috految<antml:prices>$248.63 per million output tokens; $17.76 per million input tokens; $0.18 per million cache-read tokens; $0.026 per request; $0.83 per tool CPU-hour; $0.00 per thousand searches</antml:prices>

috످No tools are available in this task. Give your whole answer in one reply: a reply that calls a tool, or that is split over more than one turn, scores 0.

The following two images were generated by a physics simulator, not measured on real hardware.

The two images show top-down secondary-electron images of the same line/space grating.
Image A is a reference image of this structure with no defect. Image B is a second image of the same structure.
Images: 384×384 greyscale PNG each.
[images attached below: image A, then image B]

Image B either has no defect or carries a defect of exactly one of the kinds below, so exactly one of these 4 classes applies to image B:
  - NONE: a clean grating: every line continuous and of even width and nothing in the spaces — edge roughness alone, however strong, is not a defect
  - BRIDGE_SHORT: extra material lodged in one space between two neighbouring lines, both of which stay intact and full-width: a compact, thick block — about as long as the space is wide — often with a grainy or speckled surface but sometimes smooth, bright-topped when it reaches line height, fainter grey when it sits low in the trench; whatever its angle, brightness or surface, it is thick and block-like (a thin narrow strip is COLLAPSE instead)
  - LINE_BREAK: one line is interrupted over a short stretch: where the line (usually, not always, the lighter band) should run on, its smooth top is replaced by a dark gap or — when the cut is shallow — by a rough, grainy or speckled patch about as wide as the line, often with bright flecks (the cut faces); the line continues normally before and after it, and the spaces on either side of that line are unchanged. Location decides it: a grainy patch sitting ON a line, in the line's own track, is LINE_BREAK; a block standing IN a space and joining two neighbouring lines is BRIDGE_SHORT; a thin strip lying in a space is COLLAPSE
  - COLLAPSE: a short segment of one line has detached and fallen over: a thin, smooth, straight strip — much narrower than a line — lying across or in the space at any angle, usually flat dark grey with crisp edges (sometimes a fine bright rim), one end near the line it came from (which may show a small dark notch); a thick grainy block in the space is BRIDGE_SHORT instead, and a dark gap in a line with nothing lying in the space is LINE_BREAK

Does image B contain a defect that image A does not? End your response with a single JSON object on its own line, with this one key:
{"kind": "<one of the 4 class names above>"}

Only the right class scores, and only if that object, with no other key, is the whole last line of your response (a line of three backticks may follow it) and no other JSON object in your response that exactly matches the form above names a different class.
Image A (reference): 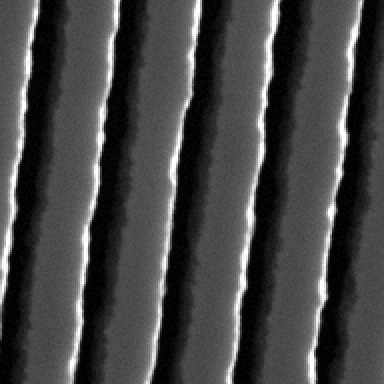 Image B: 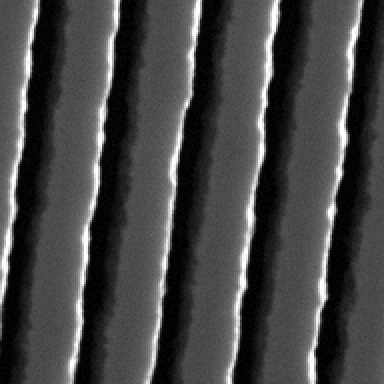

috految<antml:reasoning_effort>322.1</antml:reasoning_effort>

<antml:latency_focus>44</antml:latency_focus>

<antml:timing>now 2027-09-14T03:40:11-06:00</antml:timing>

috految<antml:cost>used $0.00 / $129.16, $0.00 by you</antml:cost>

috److془Let me carefully compare the images.

Image A: lines with bright edges at (35,0)->(0,320); (116,0)->(72,384); (197,0)->(150,384); (275,0)->(231,384); (360,0)->(313,384).

Image B: same. Any differences? At (322, 290): A has bright at (321, 290); B has (322, 297). Slight noise.

Spaces: in A, (345, 270) dark; in B, (345, 270) dark.

Seems NONE.

Let me consider more carefully: In B, at (320, 285)... "A: bright at 322,285-300; B: bright at 322,283-303". Fine.

Answer NONE.془I compared image B with the reference along each line and space.

- **Lines:** All lines in image B are continuous, with smooth grey tops and no gaps or grainy patches.
- **Edges:** The bright edges follow the same roughness profile as in image A.
- **Spaces:** The dark spaces show no visible blocks or thin strips.

The small differences between the two images are consistent with imaging noise, so I see no defect in image B.

{"kind": "NONE"}

috످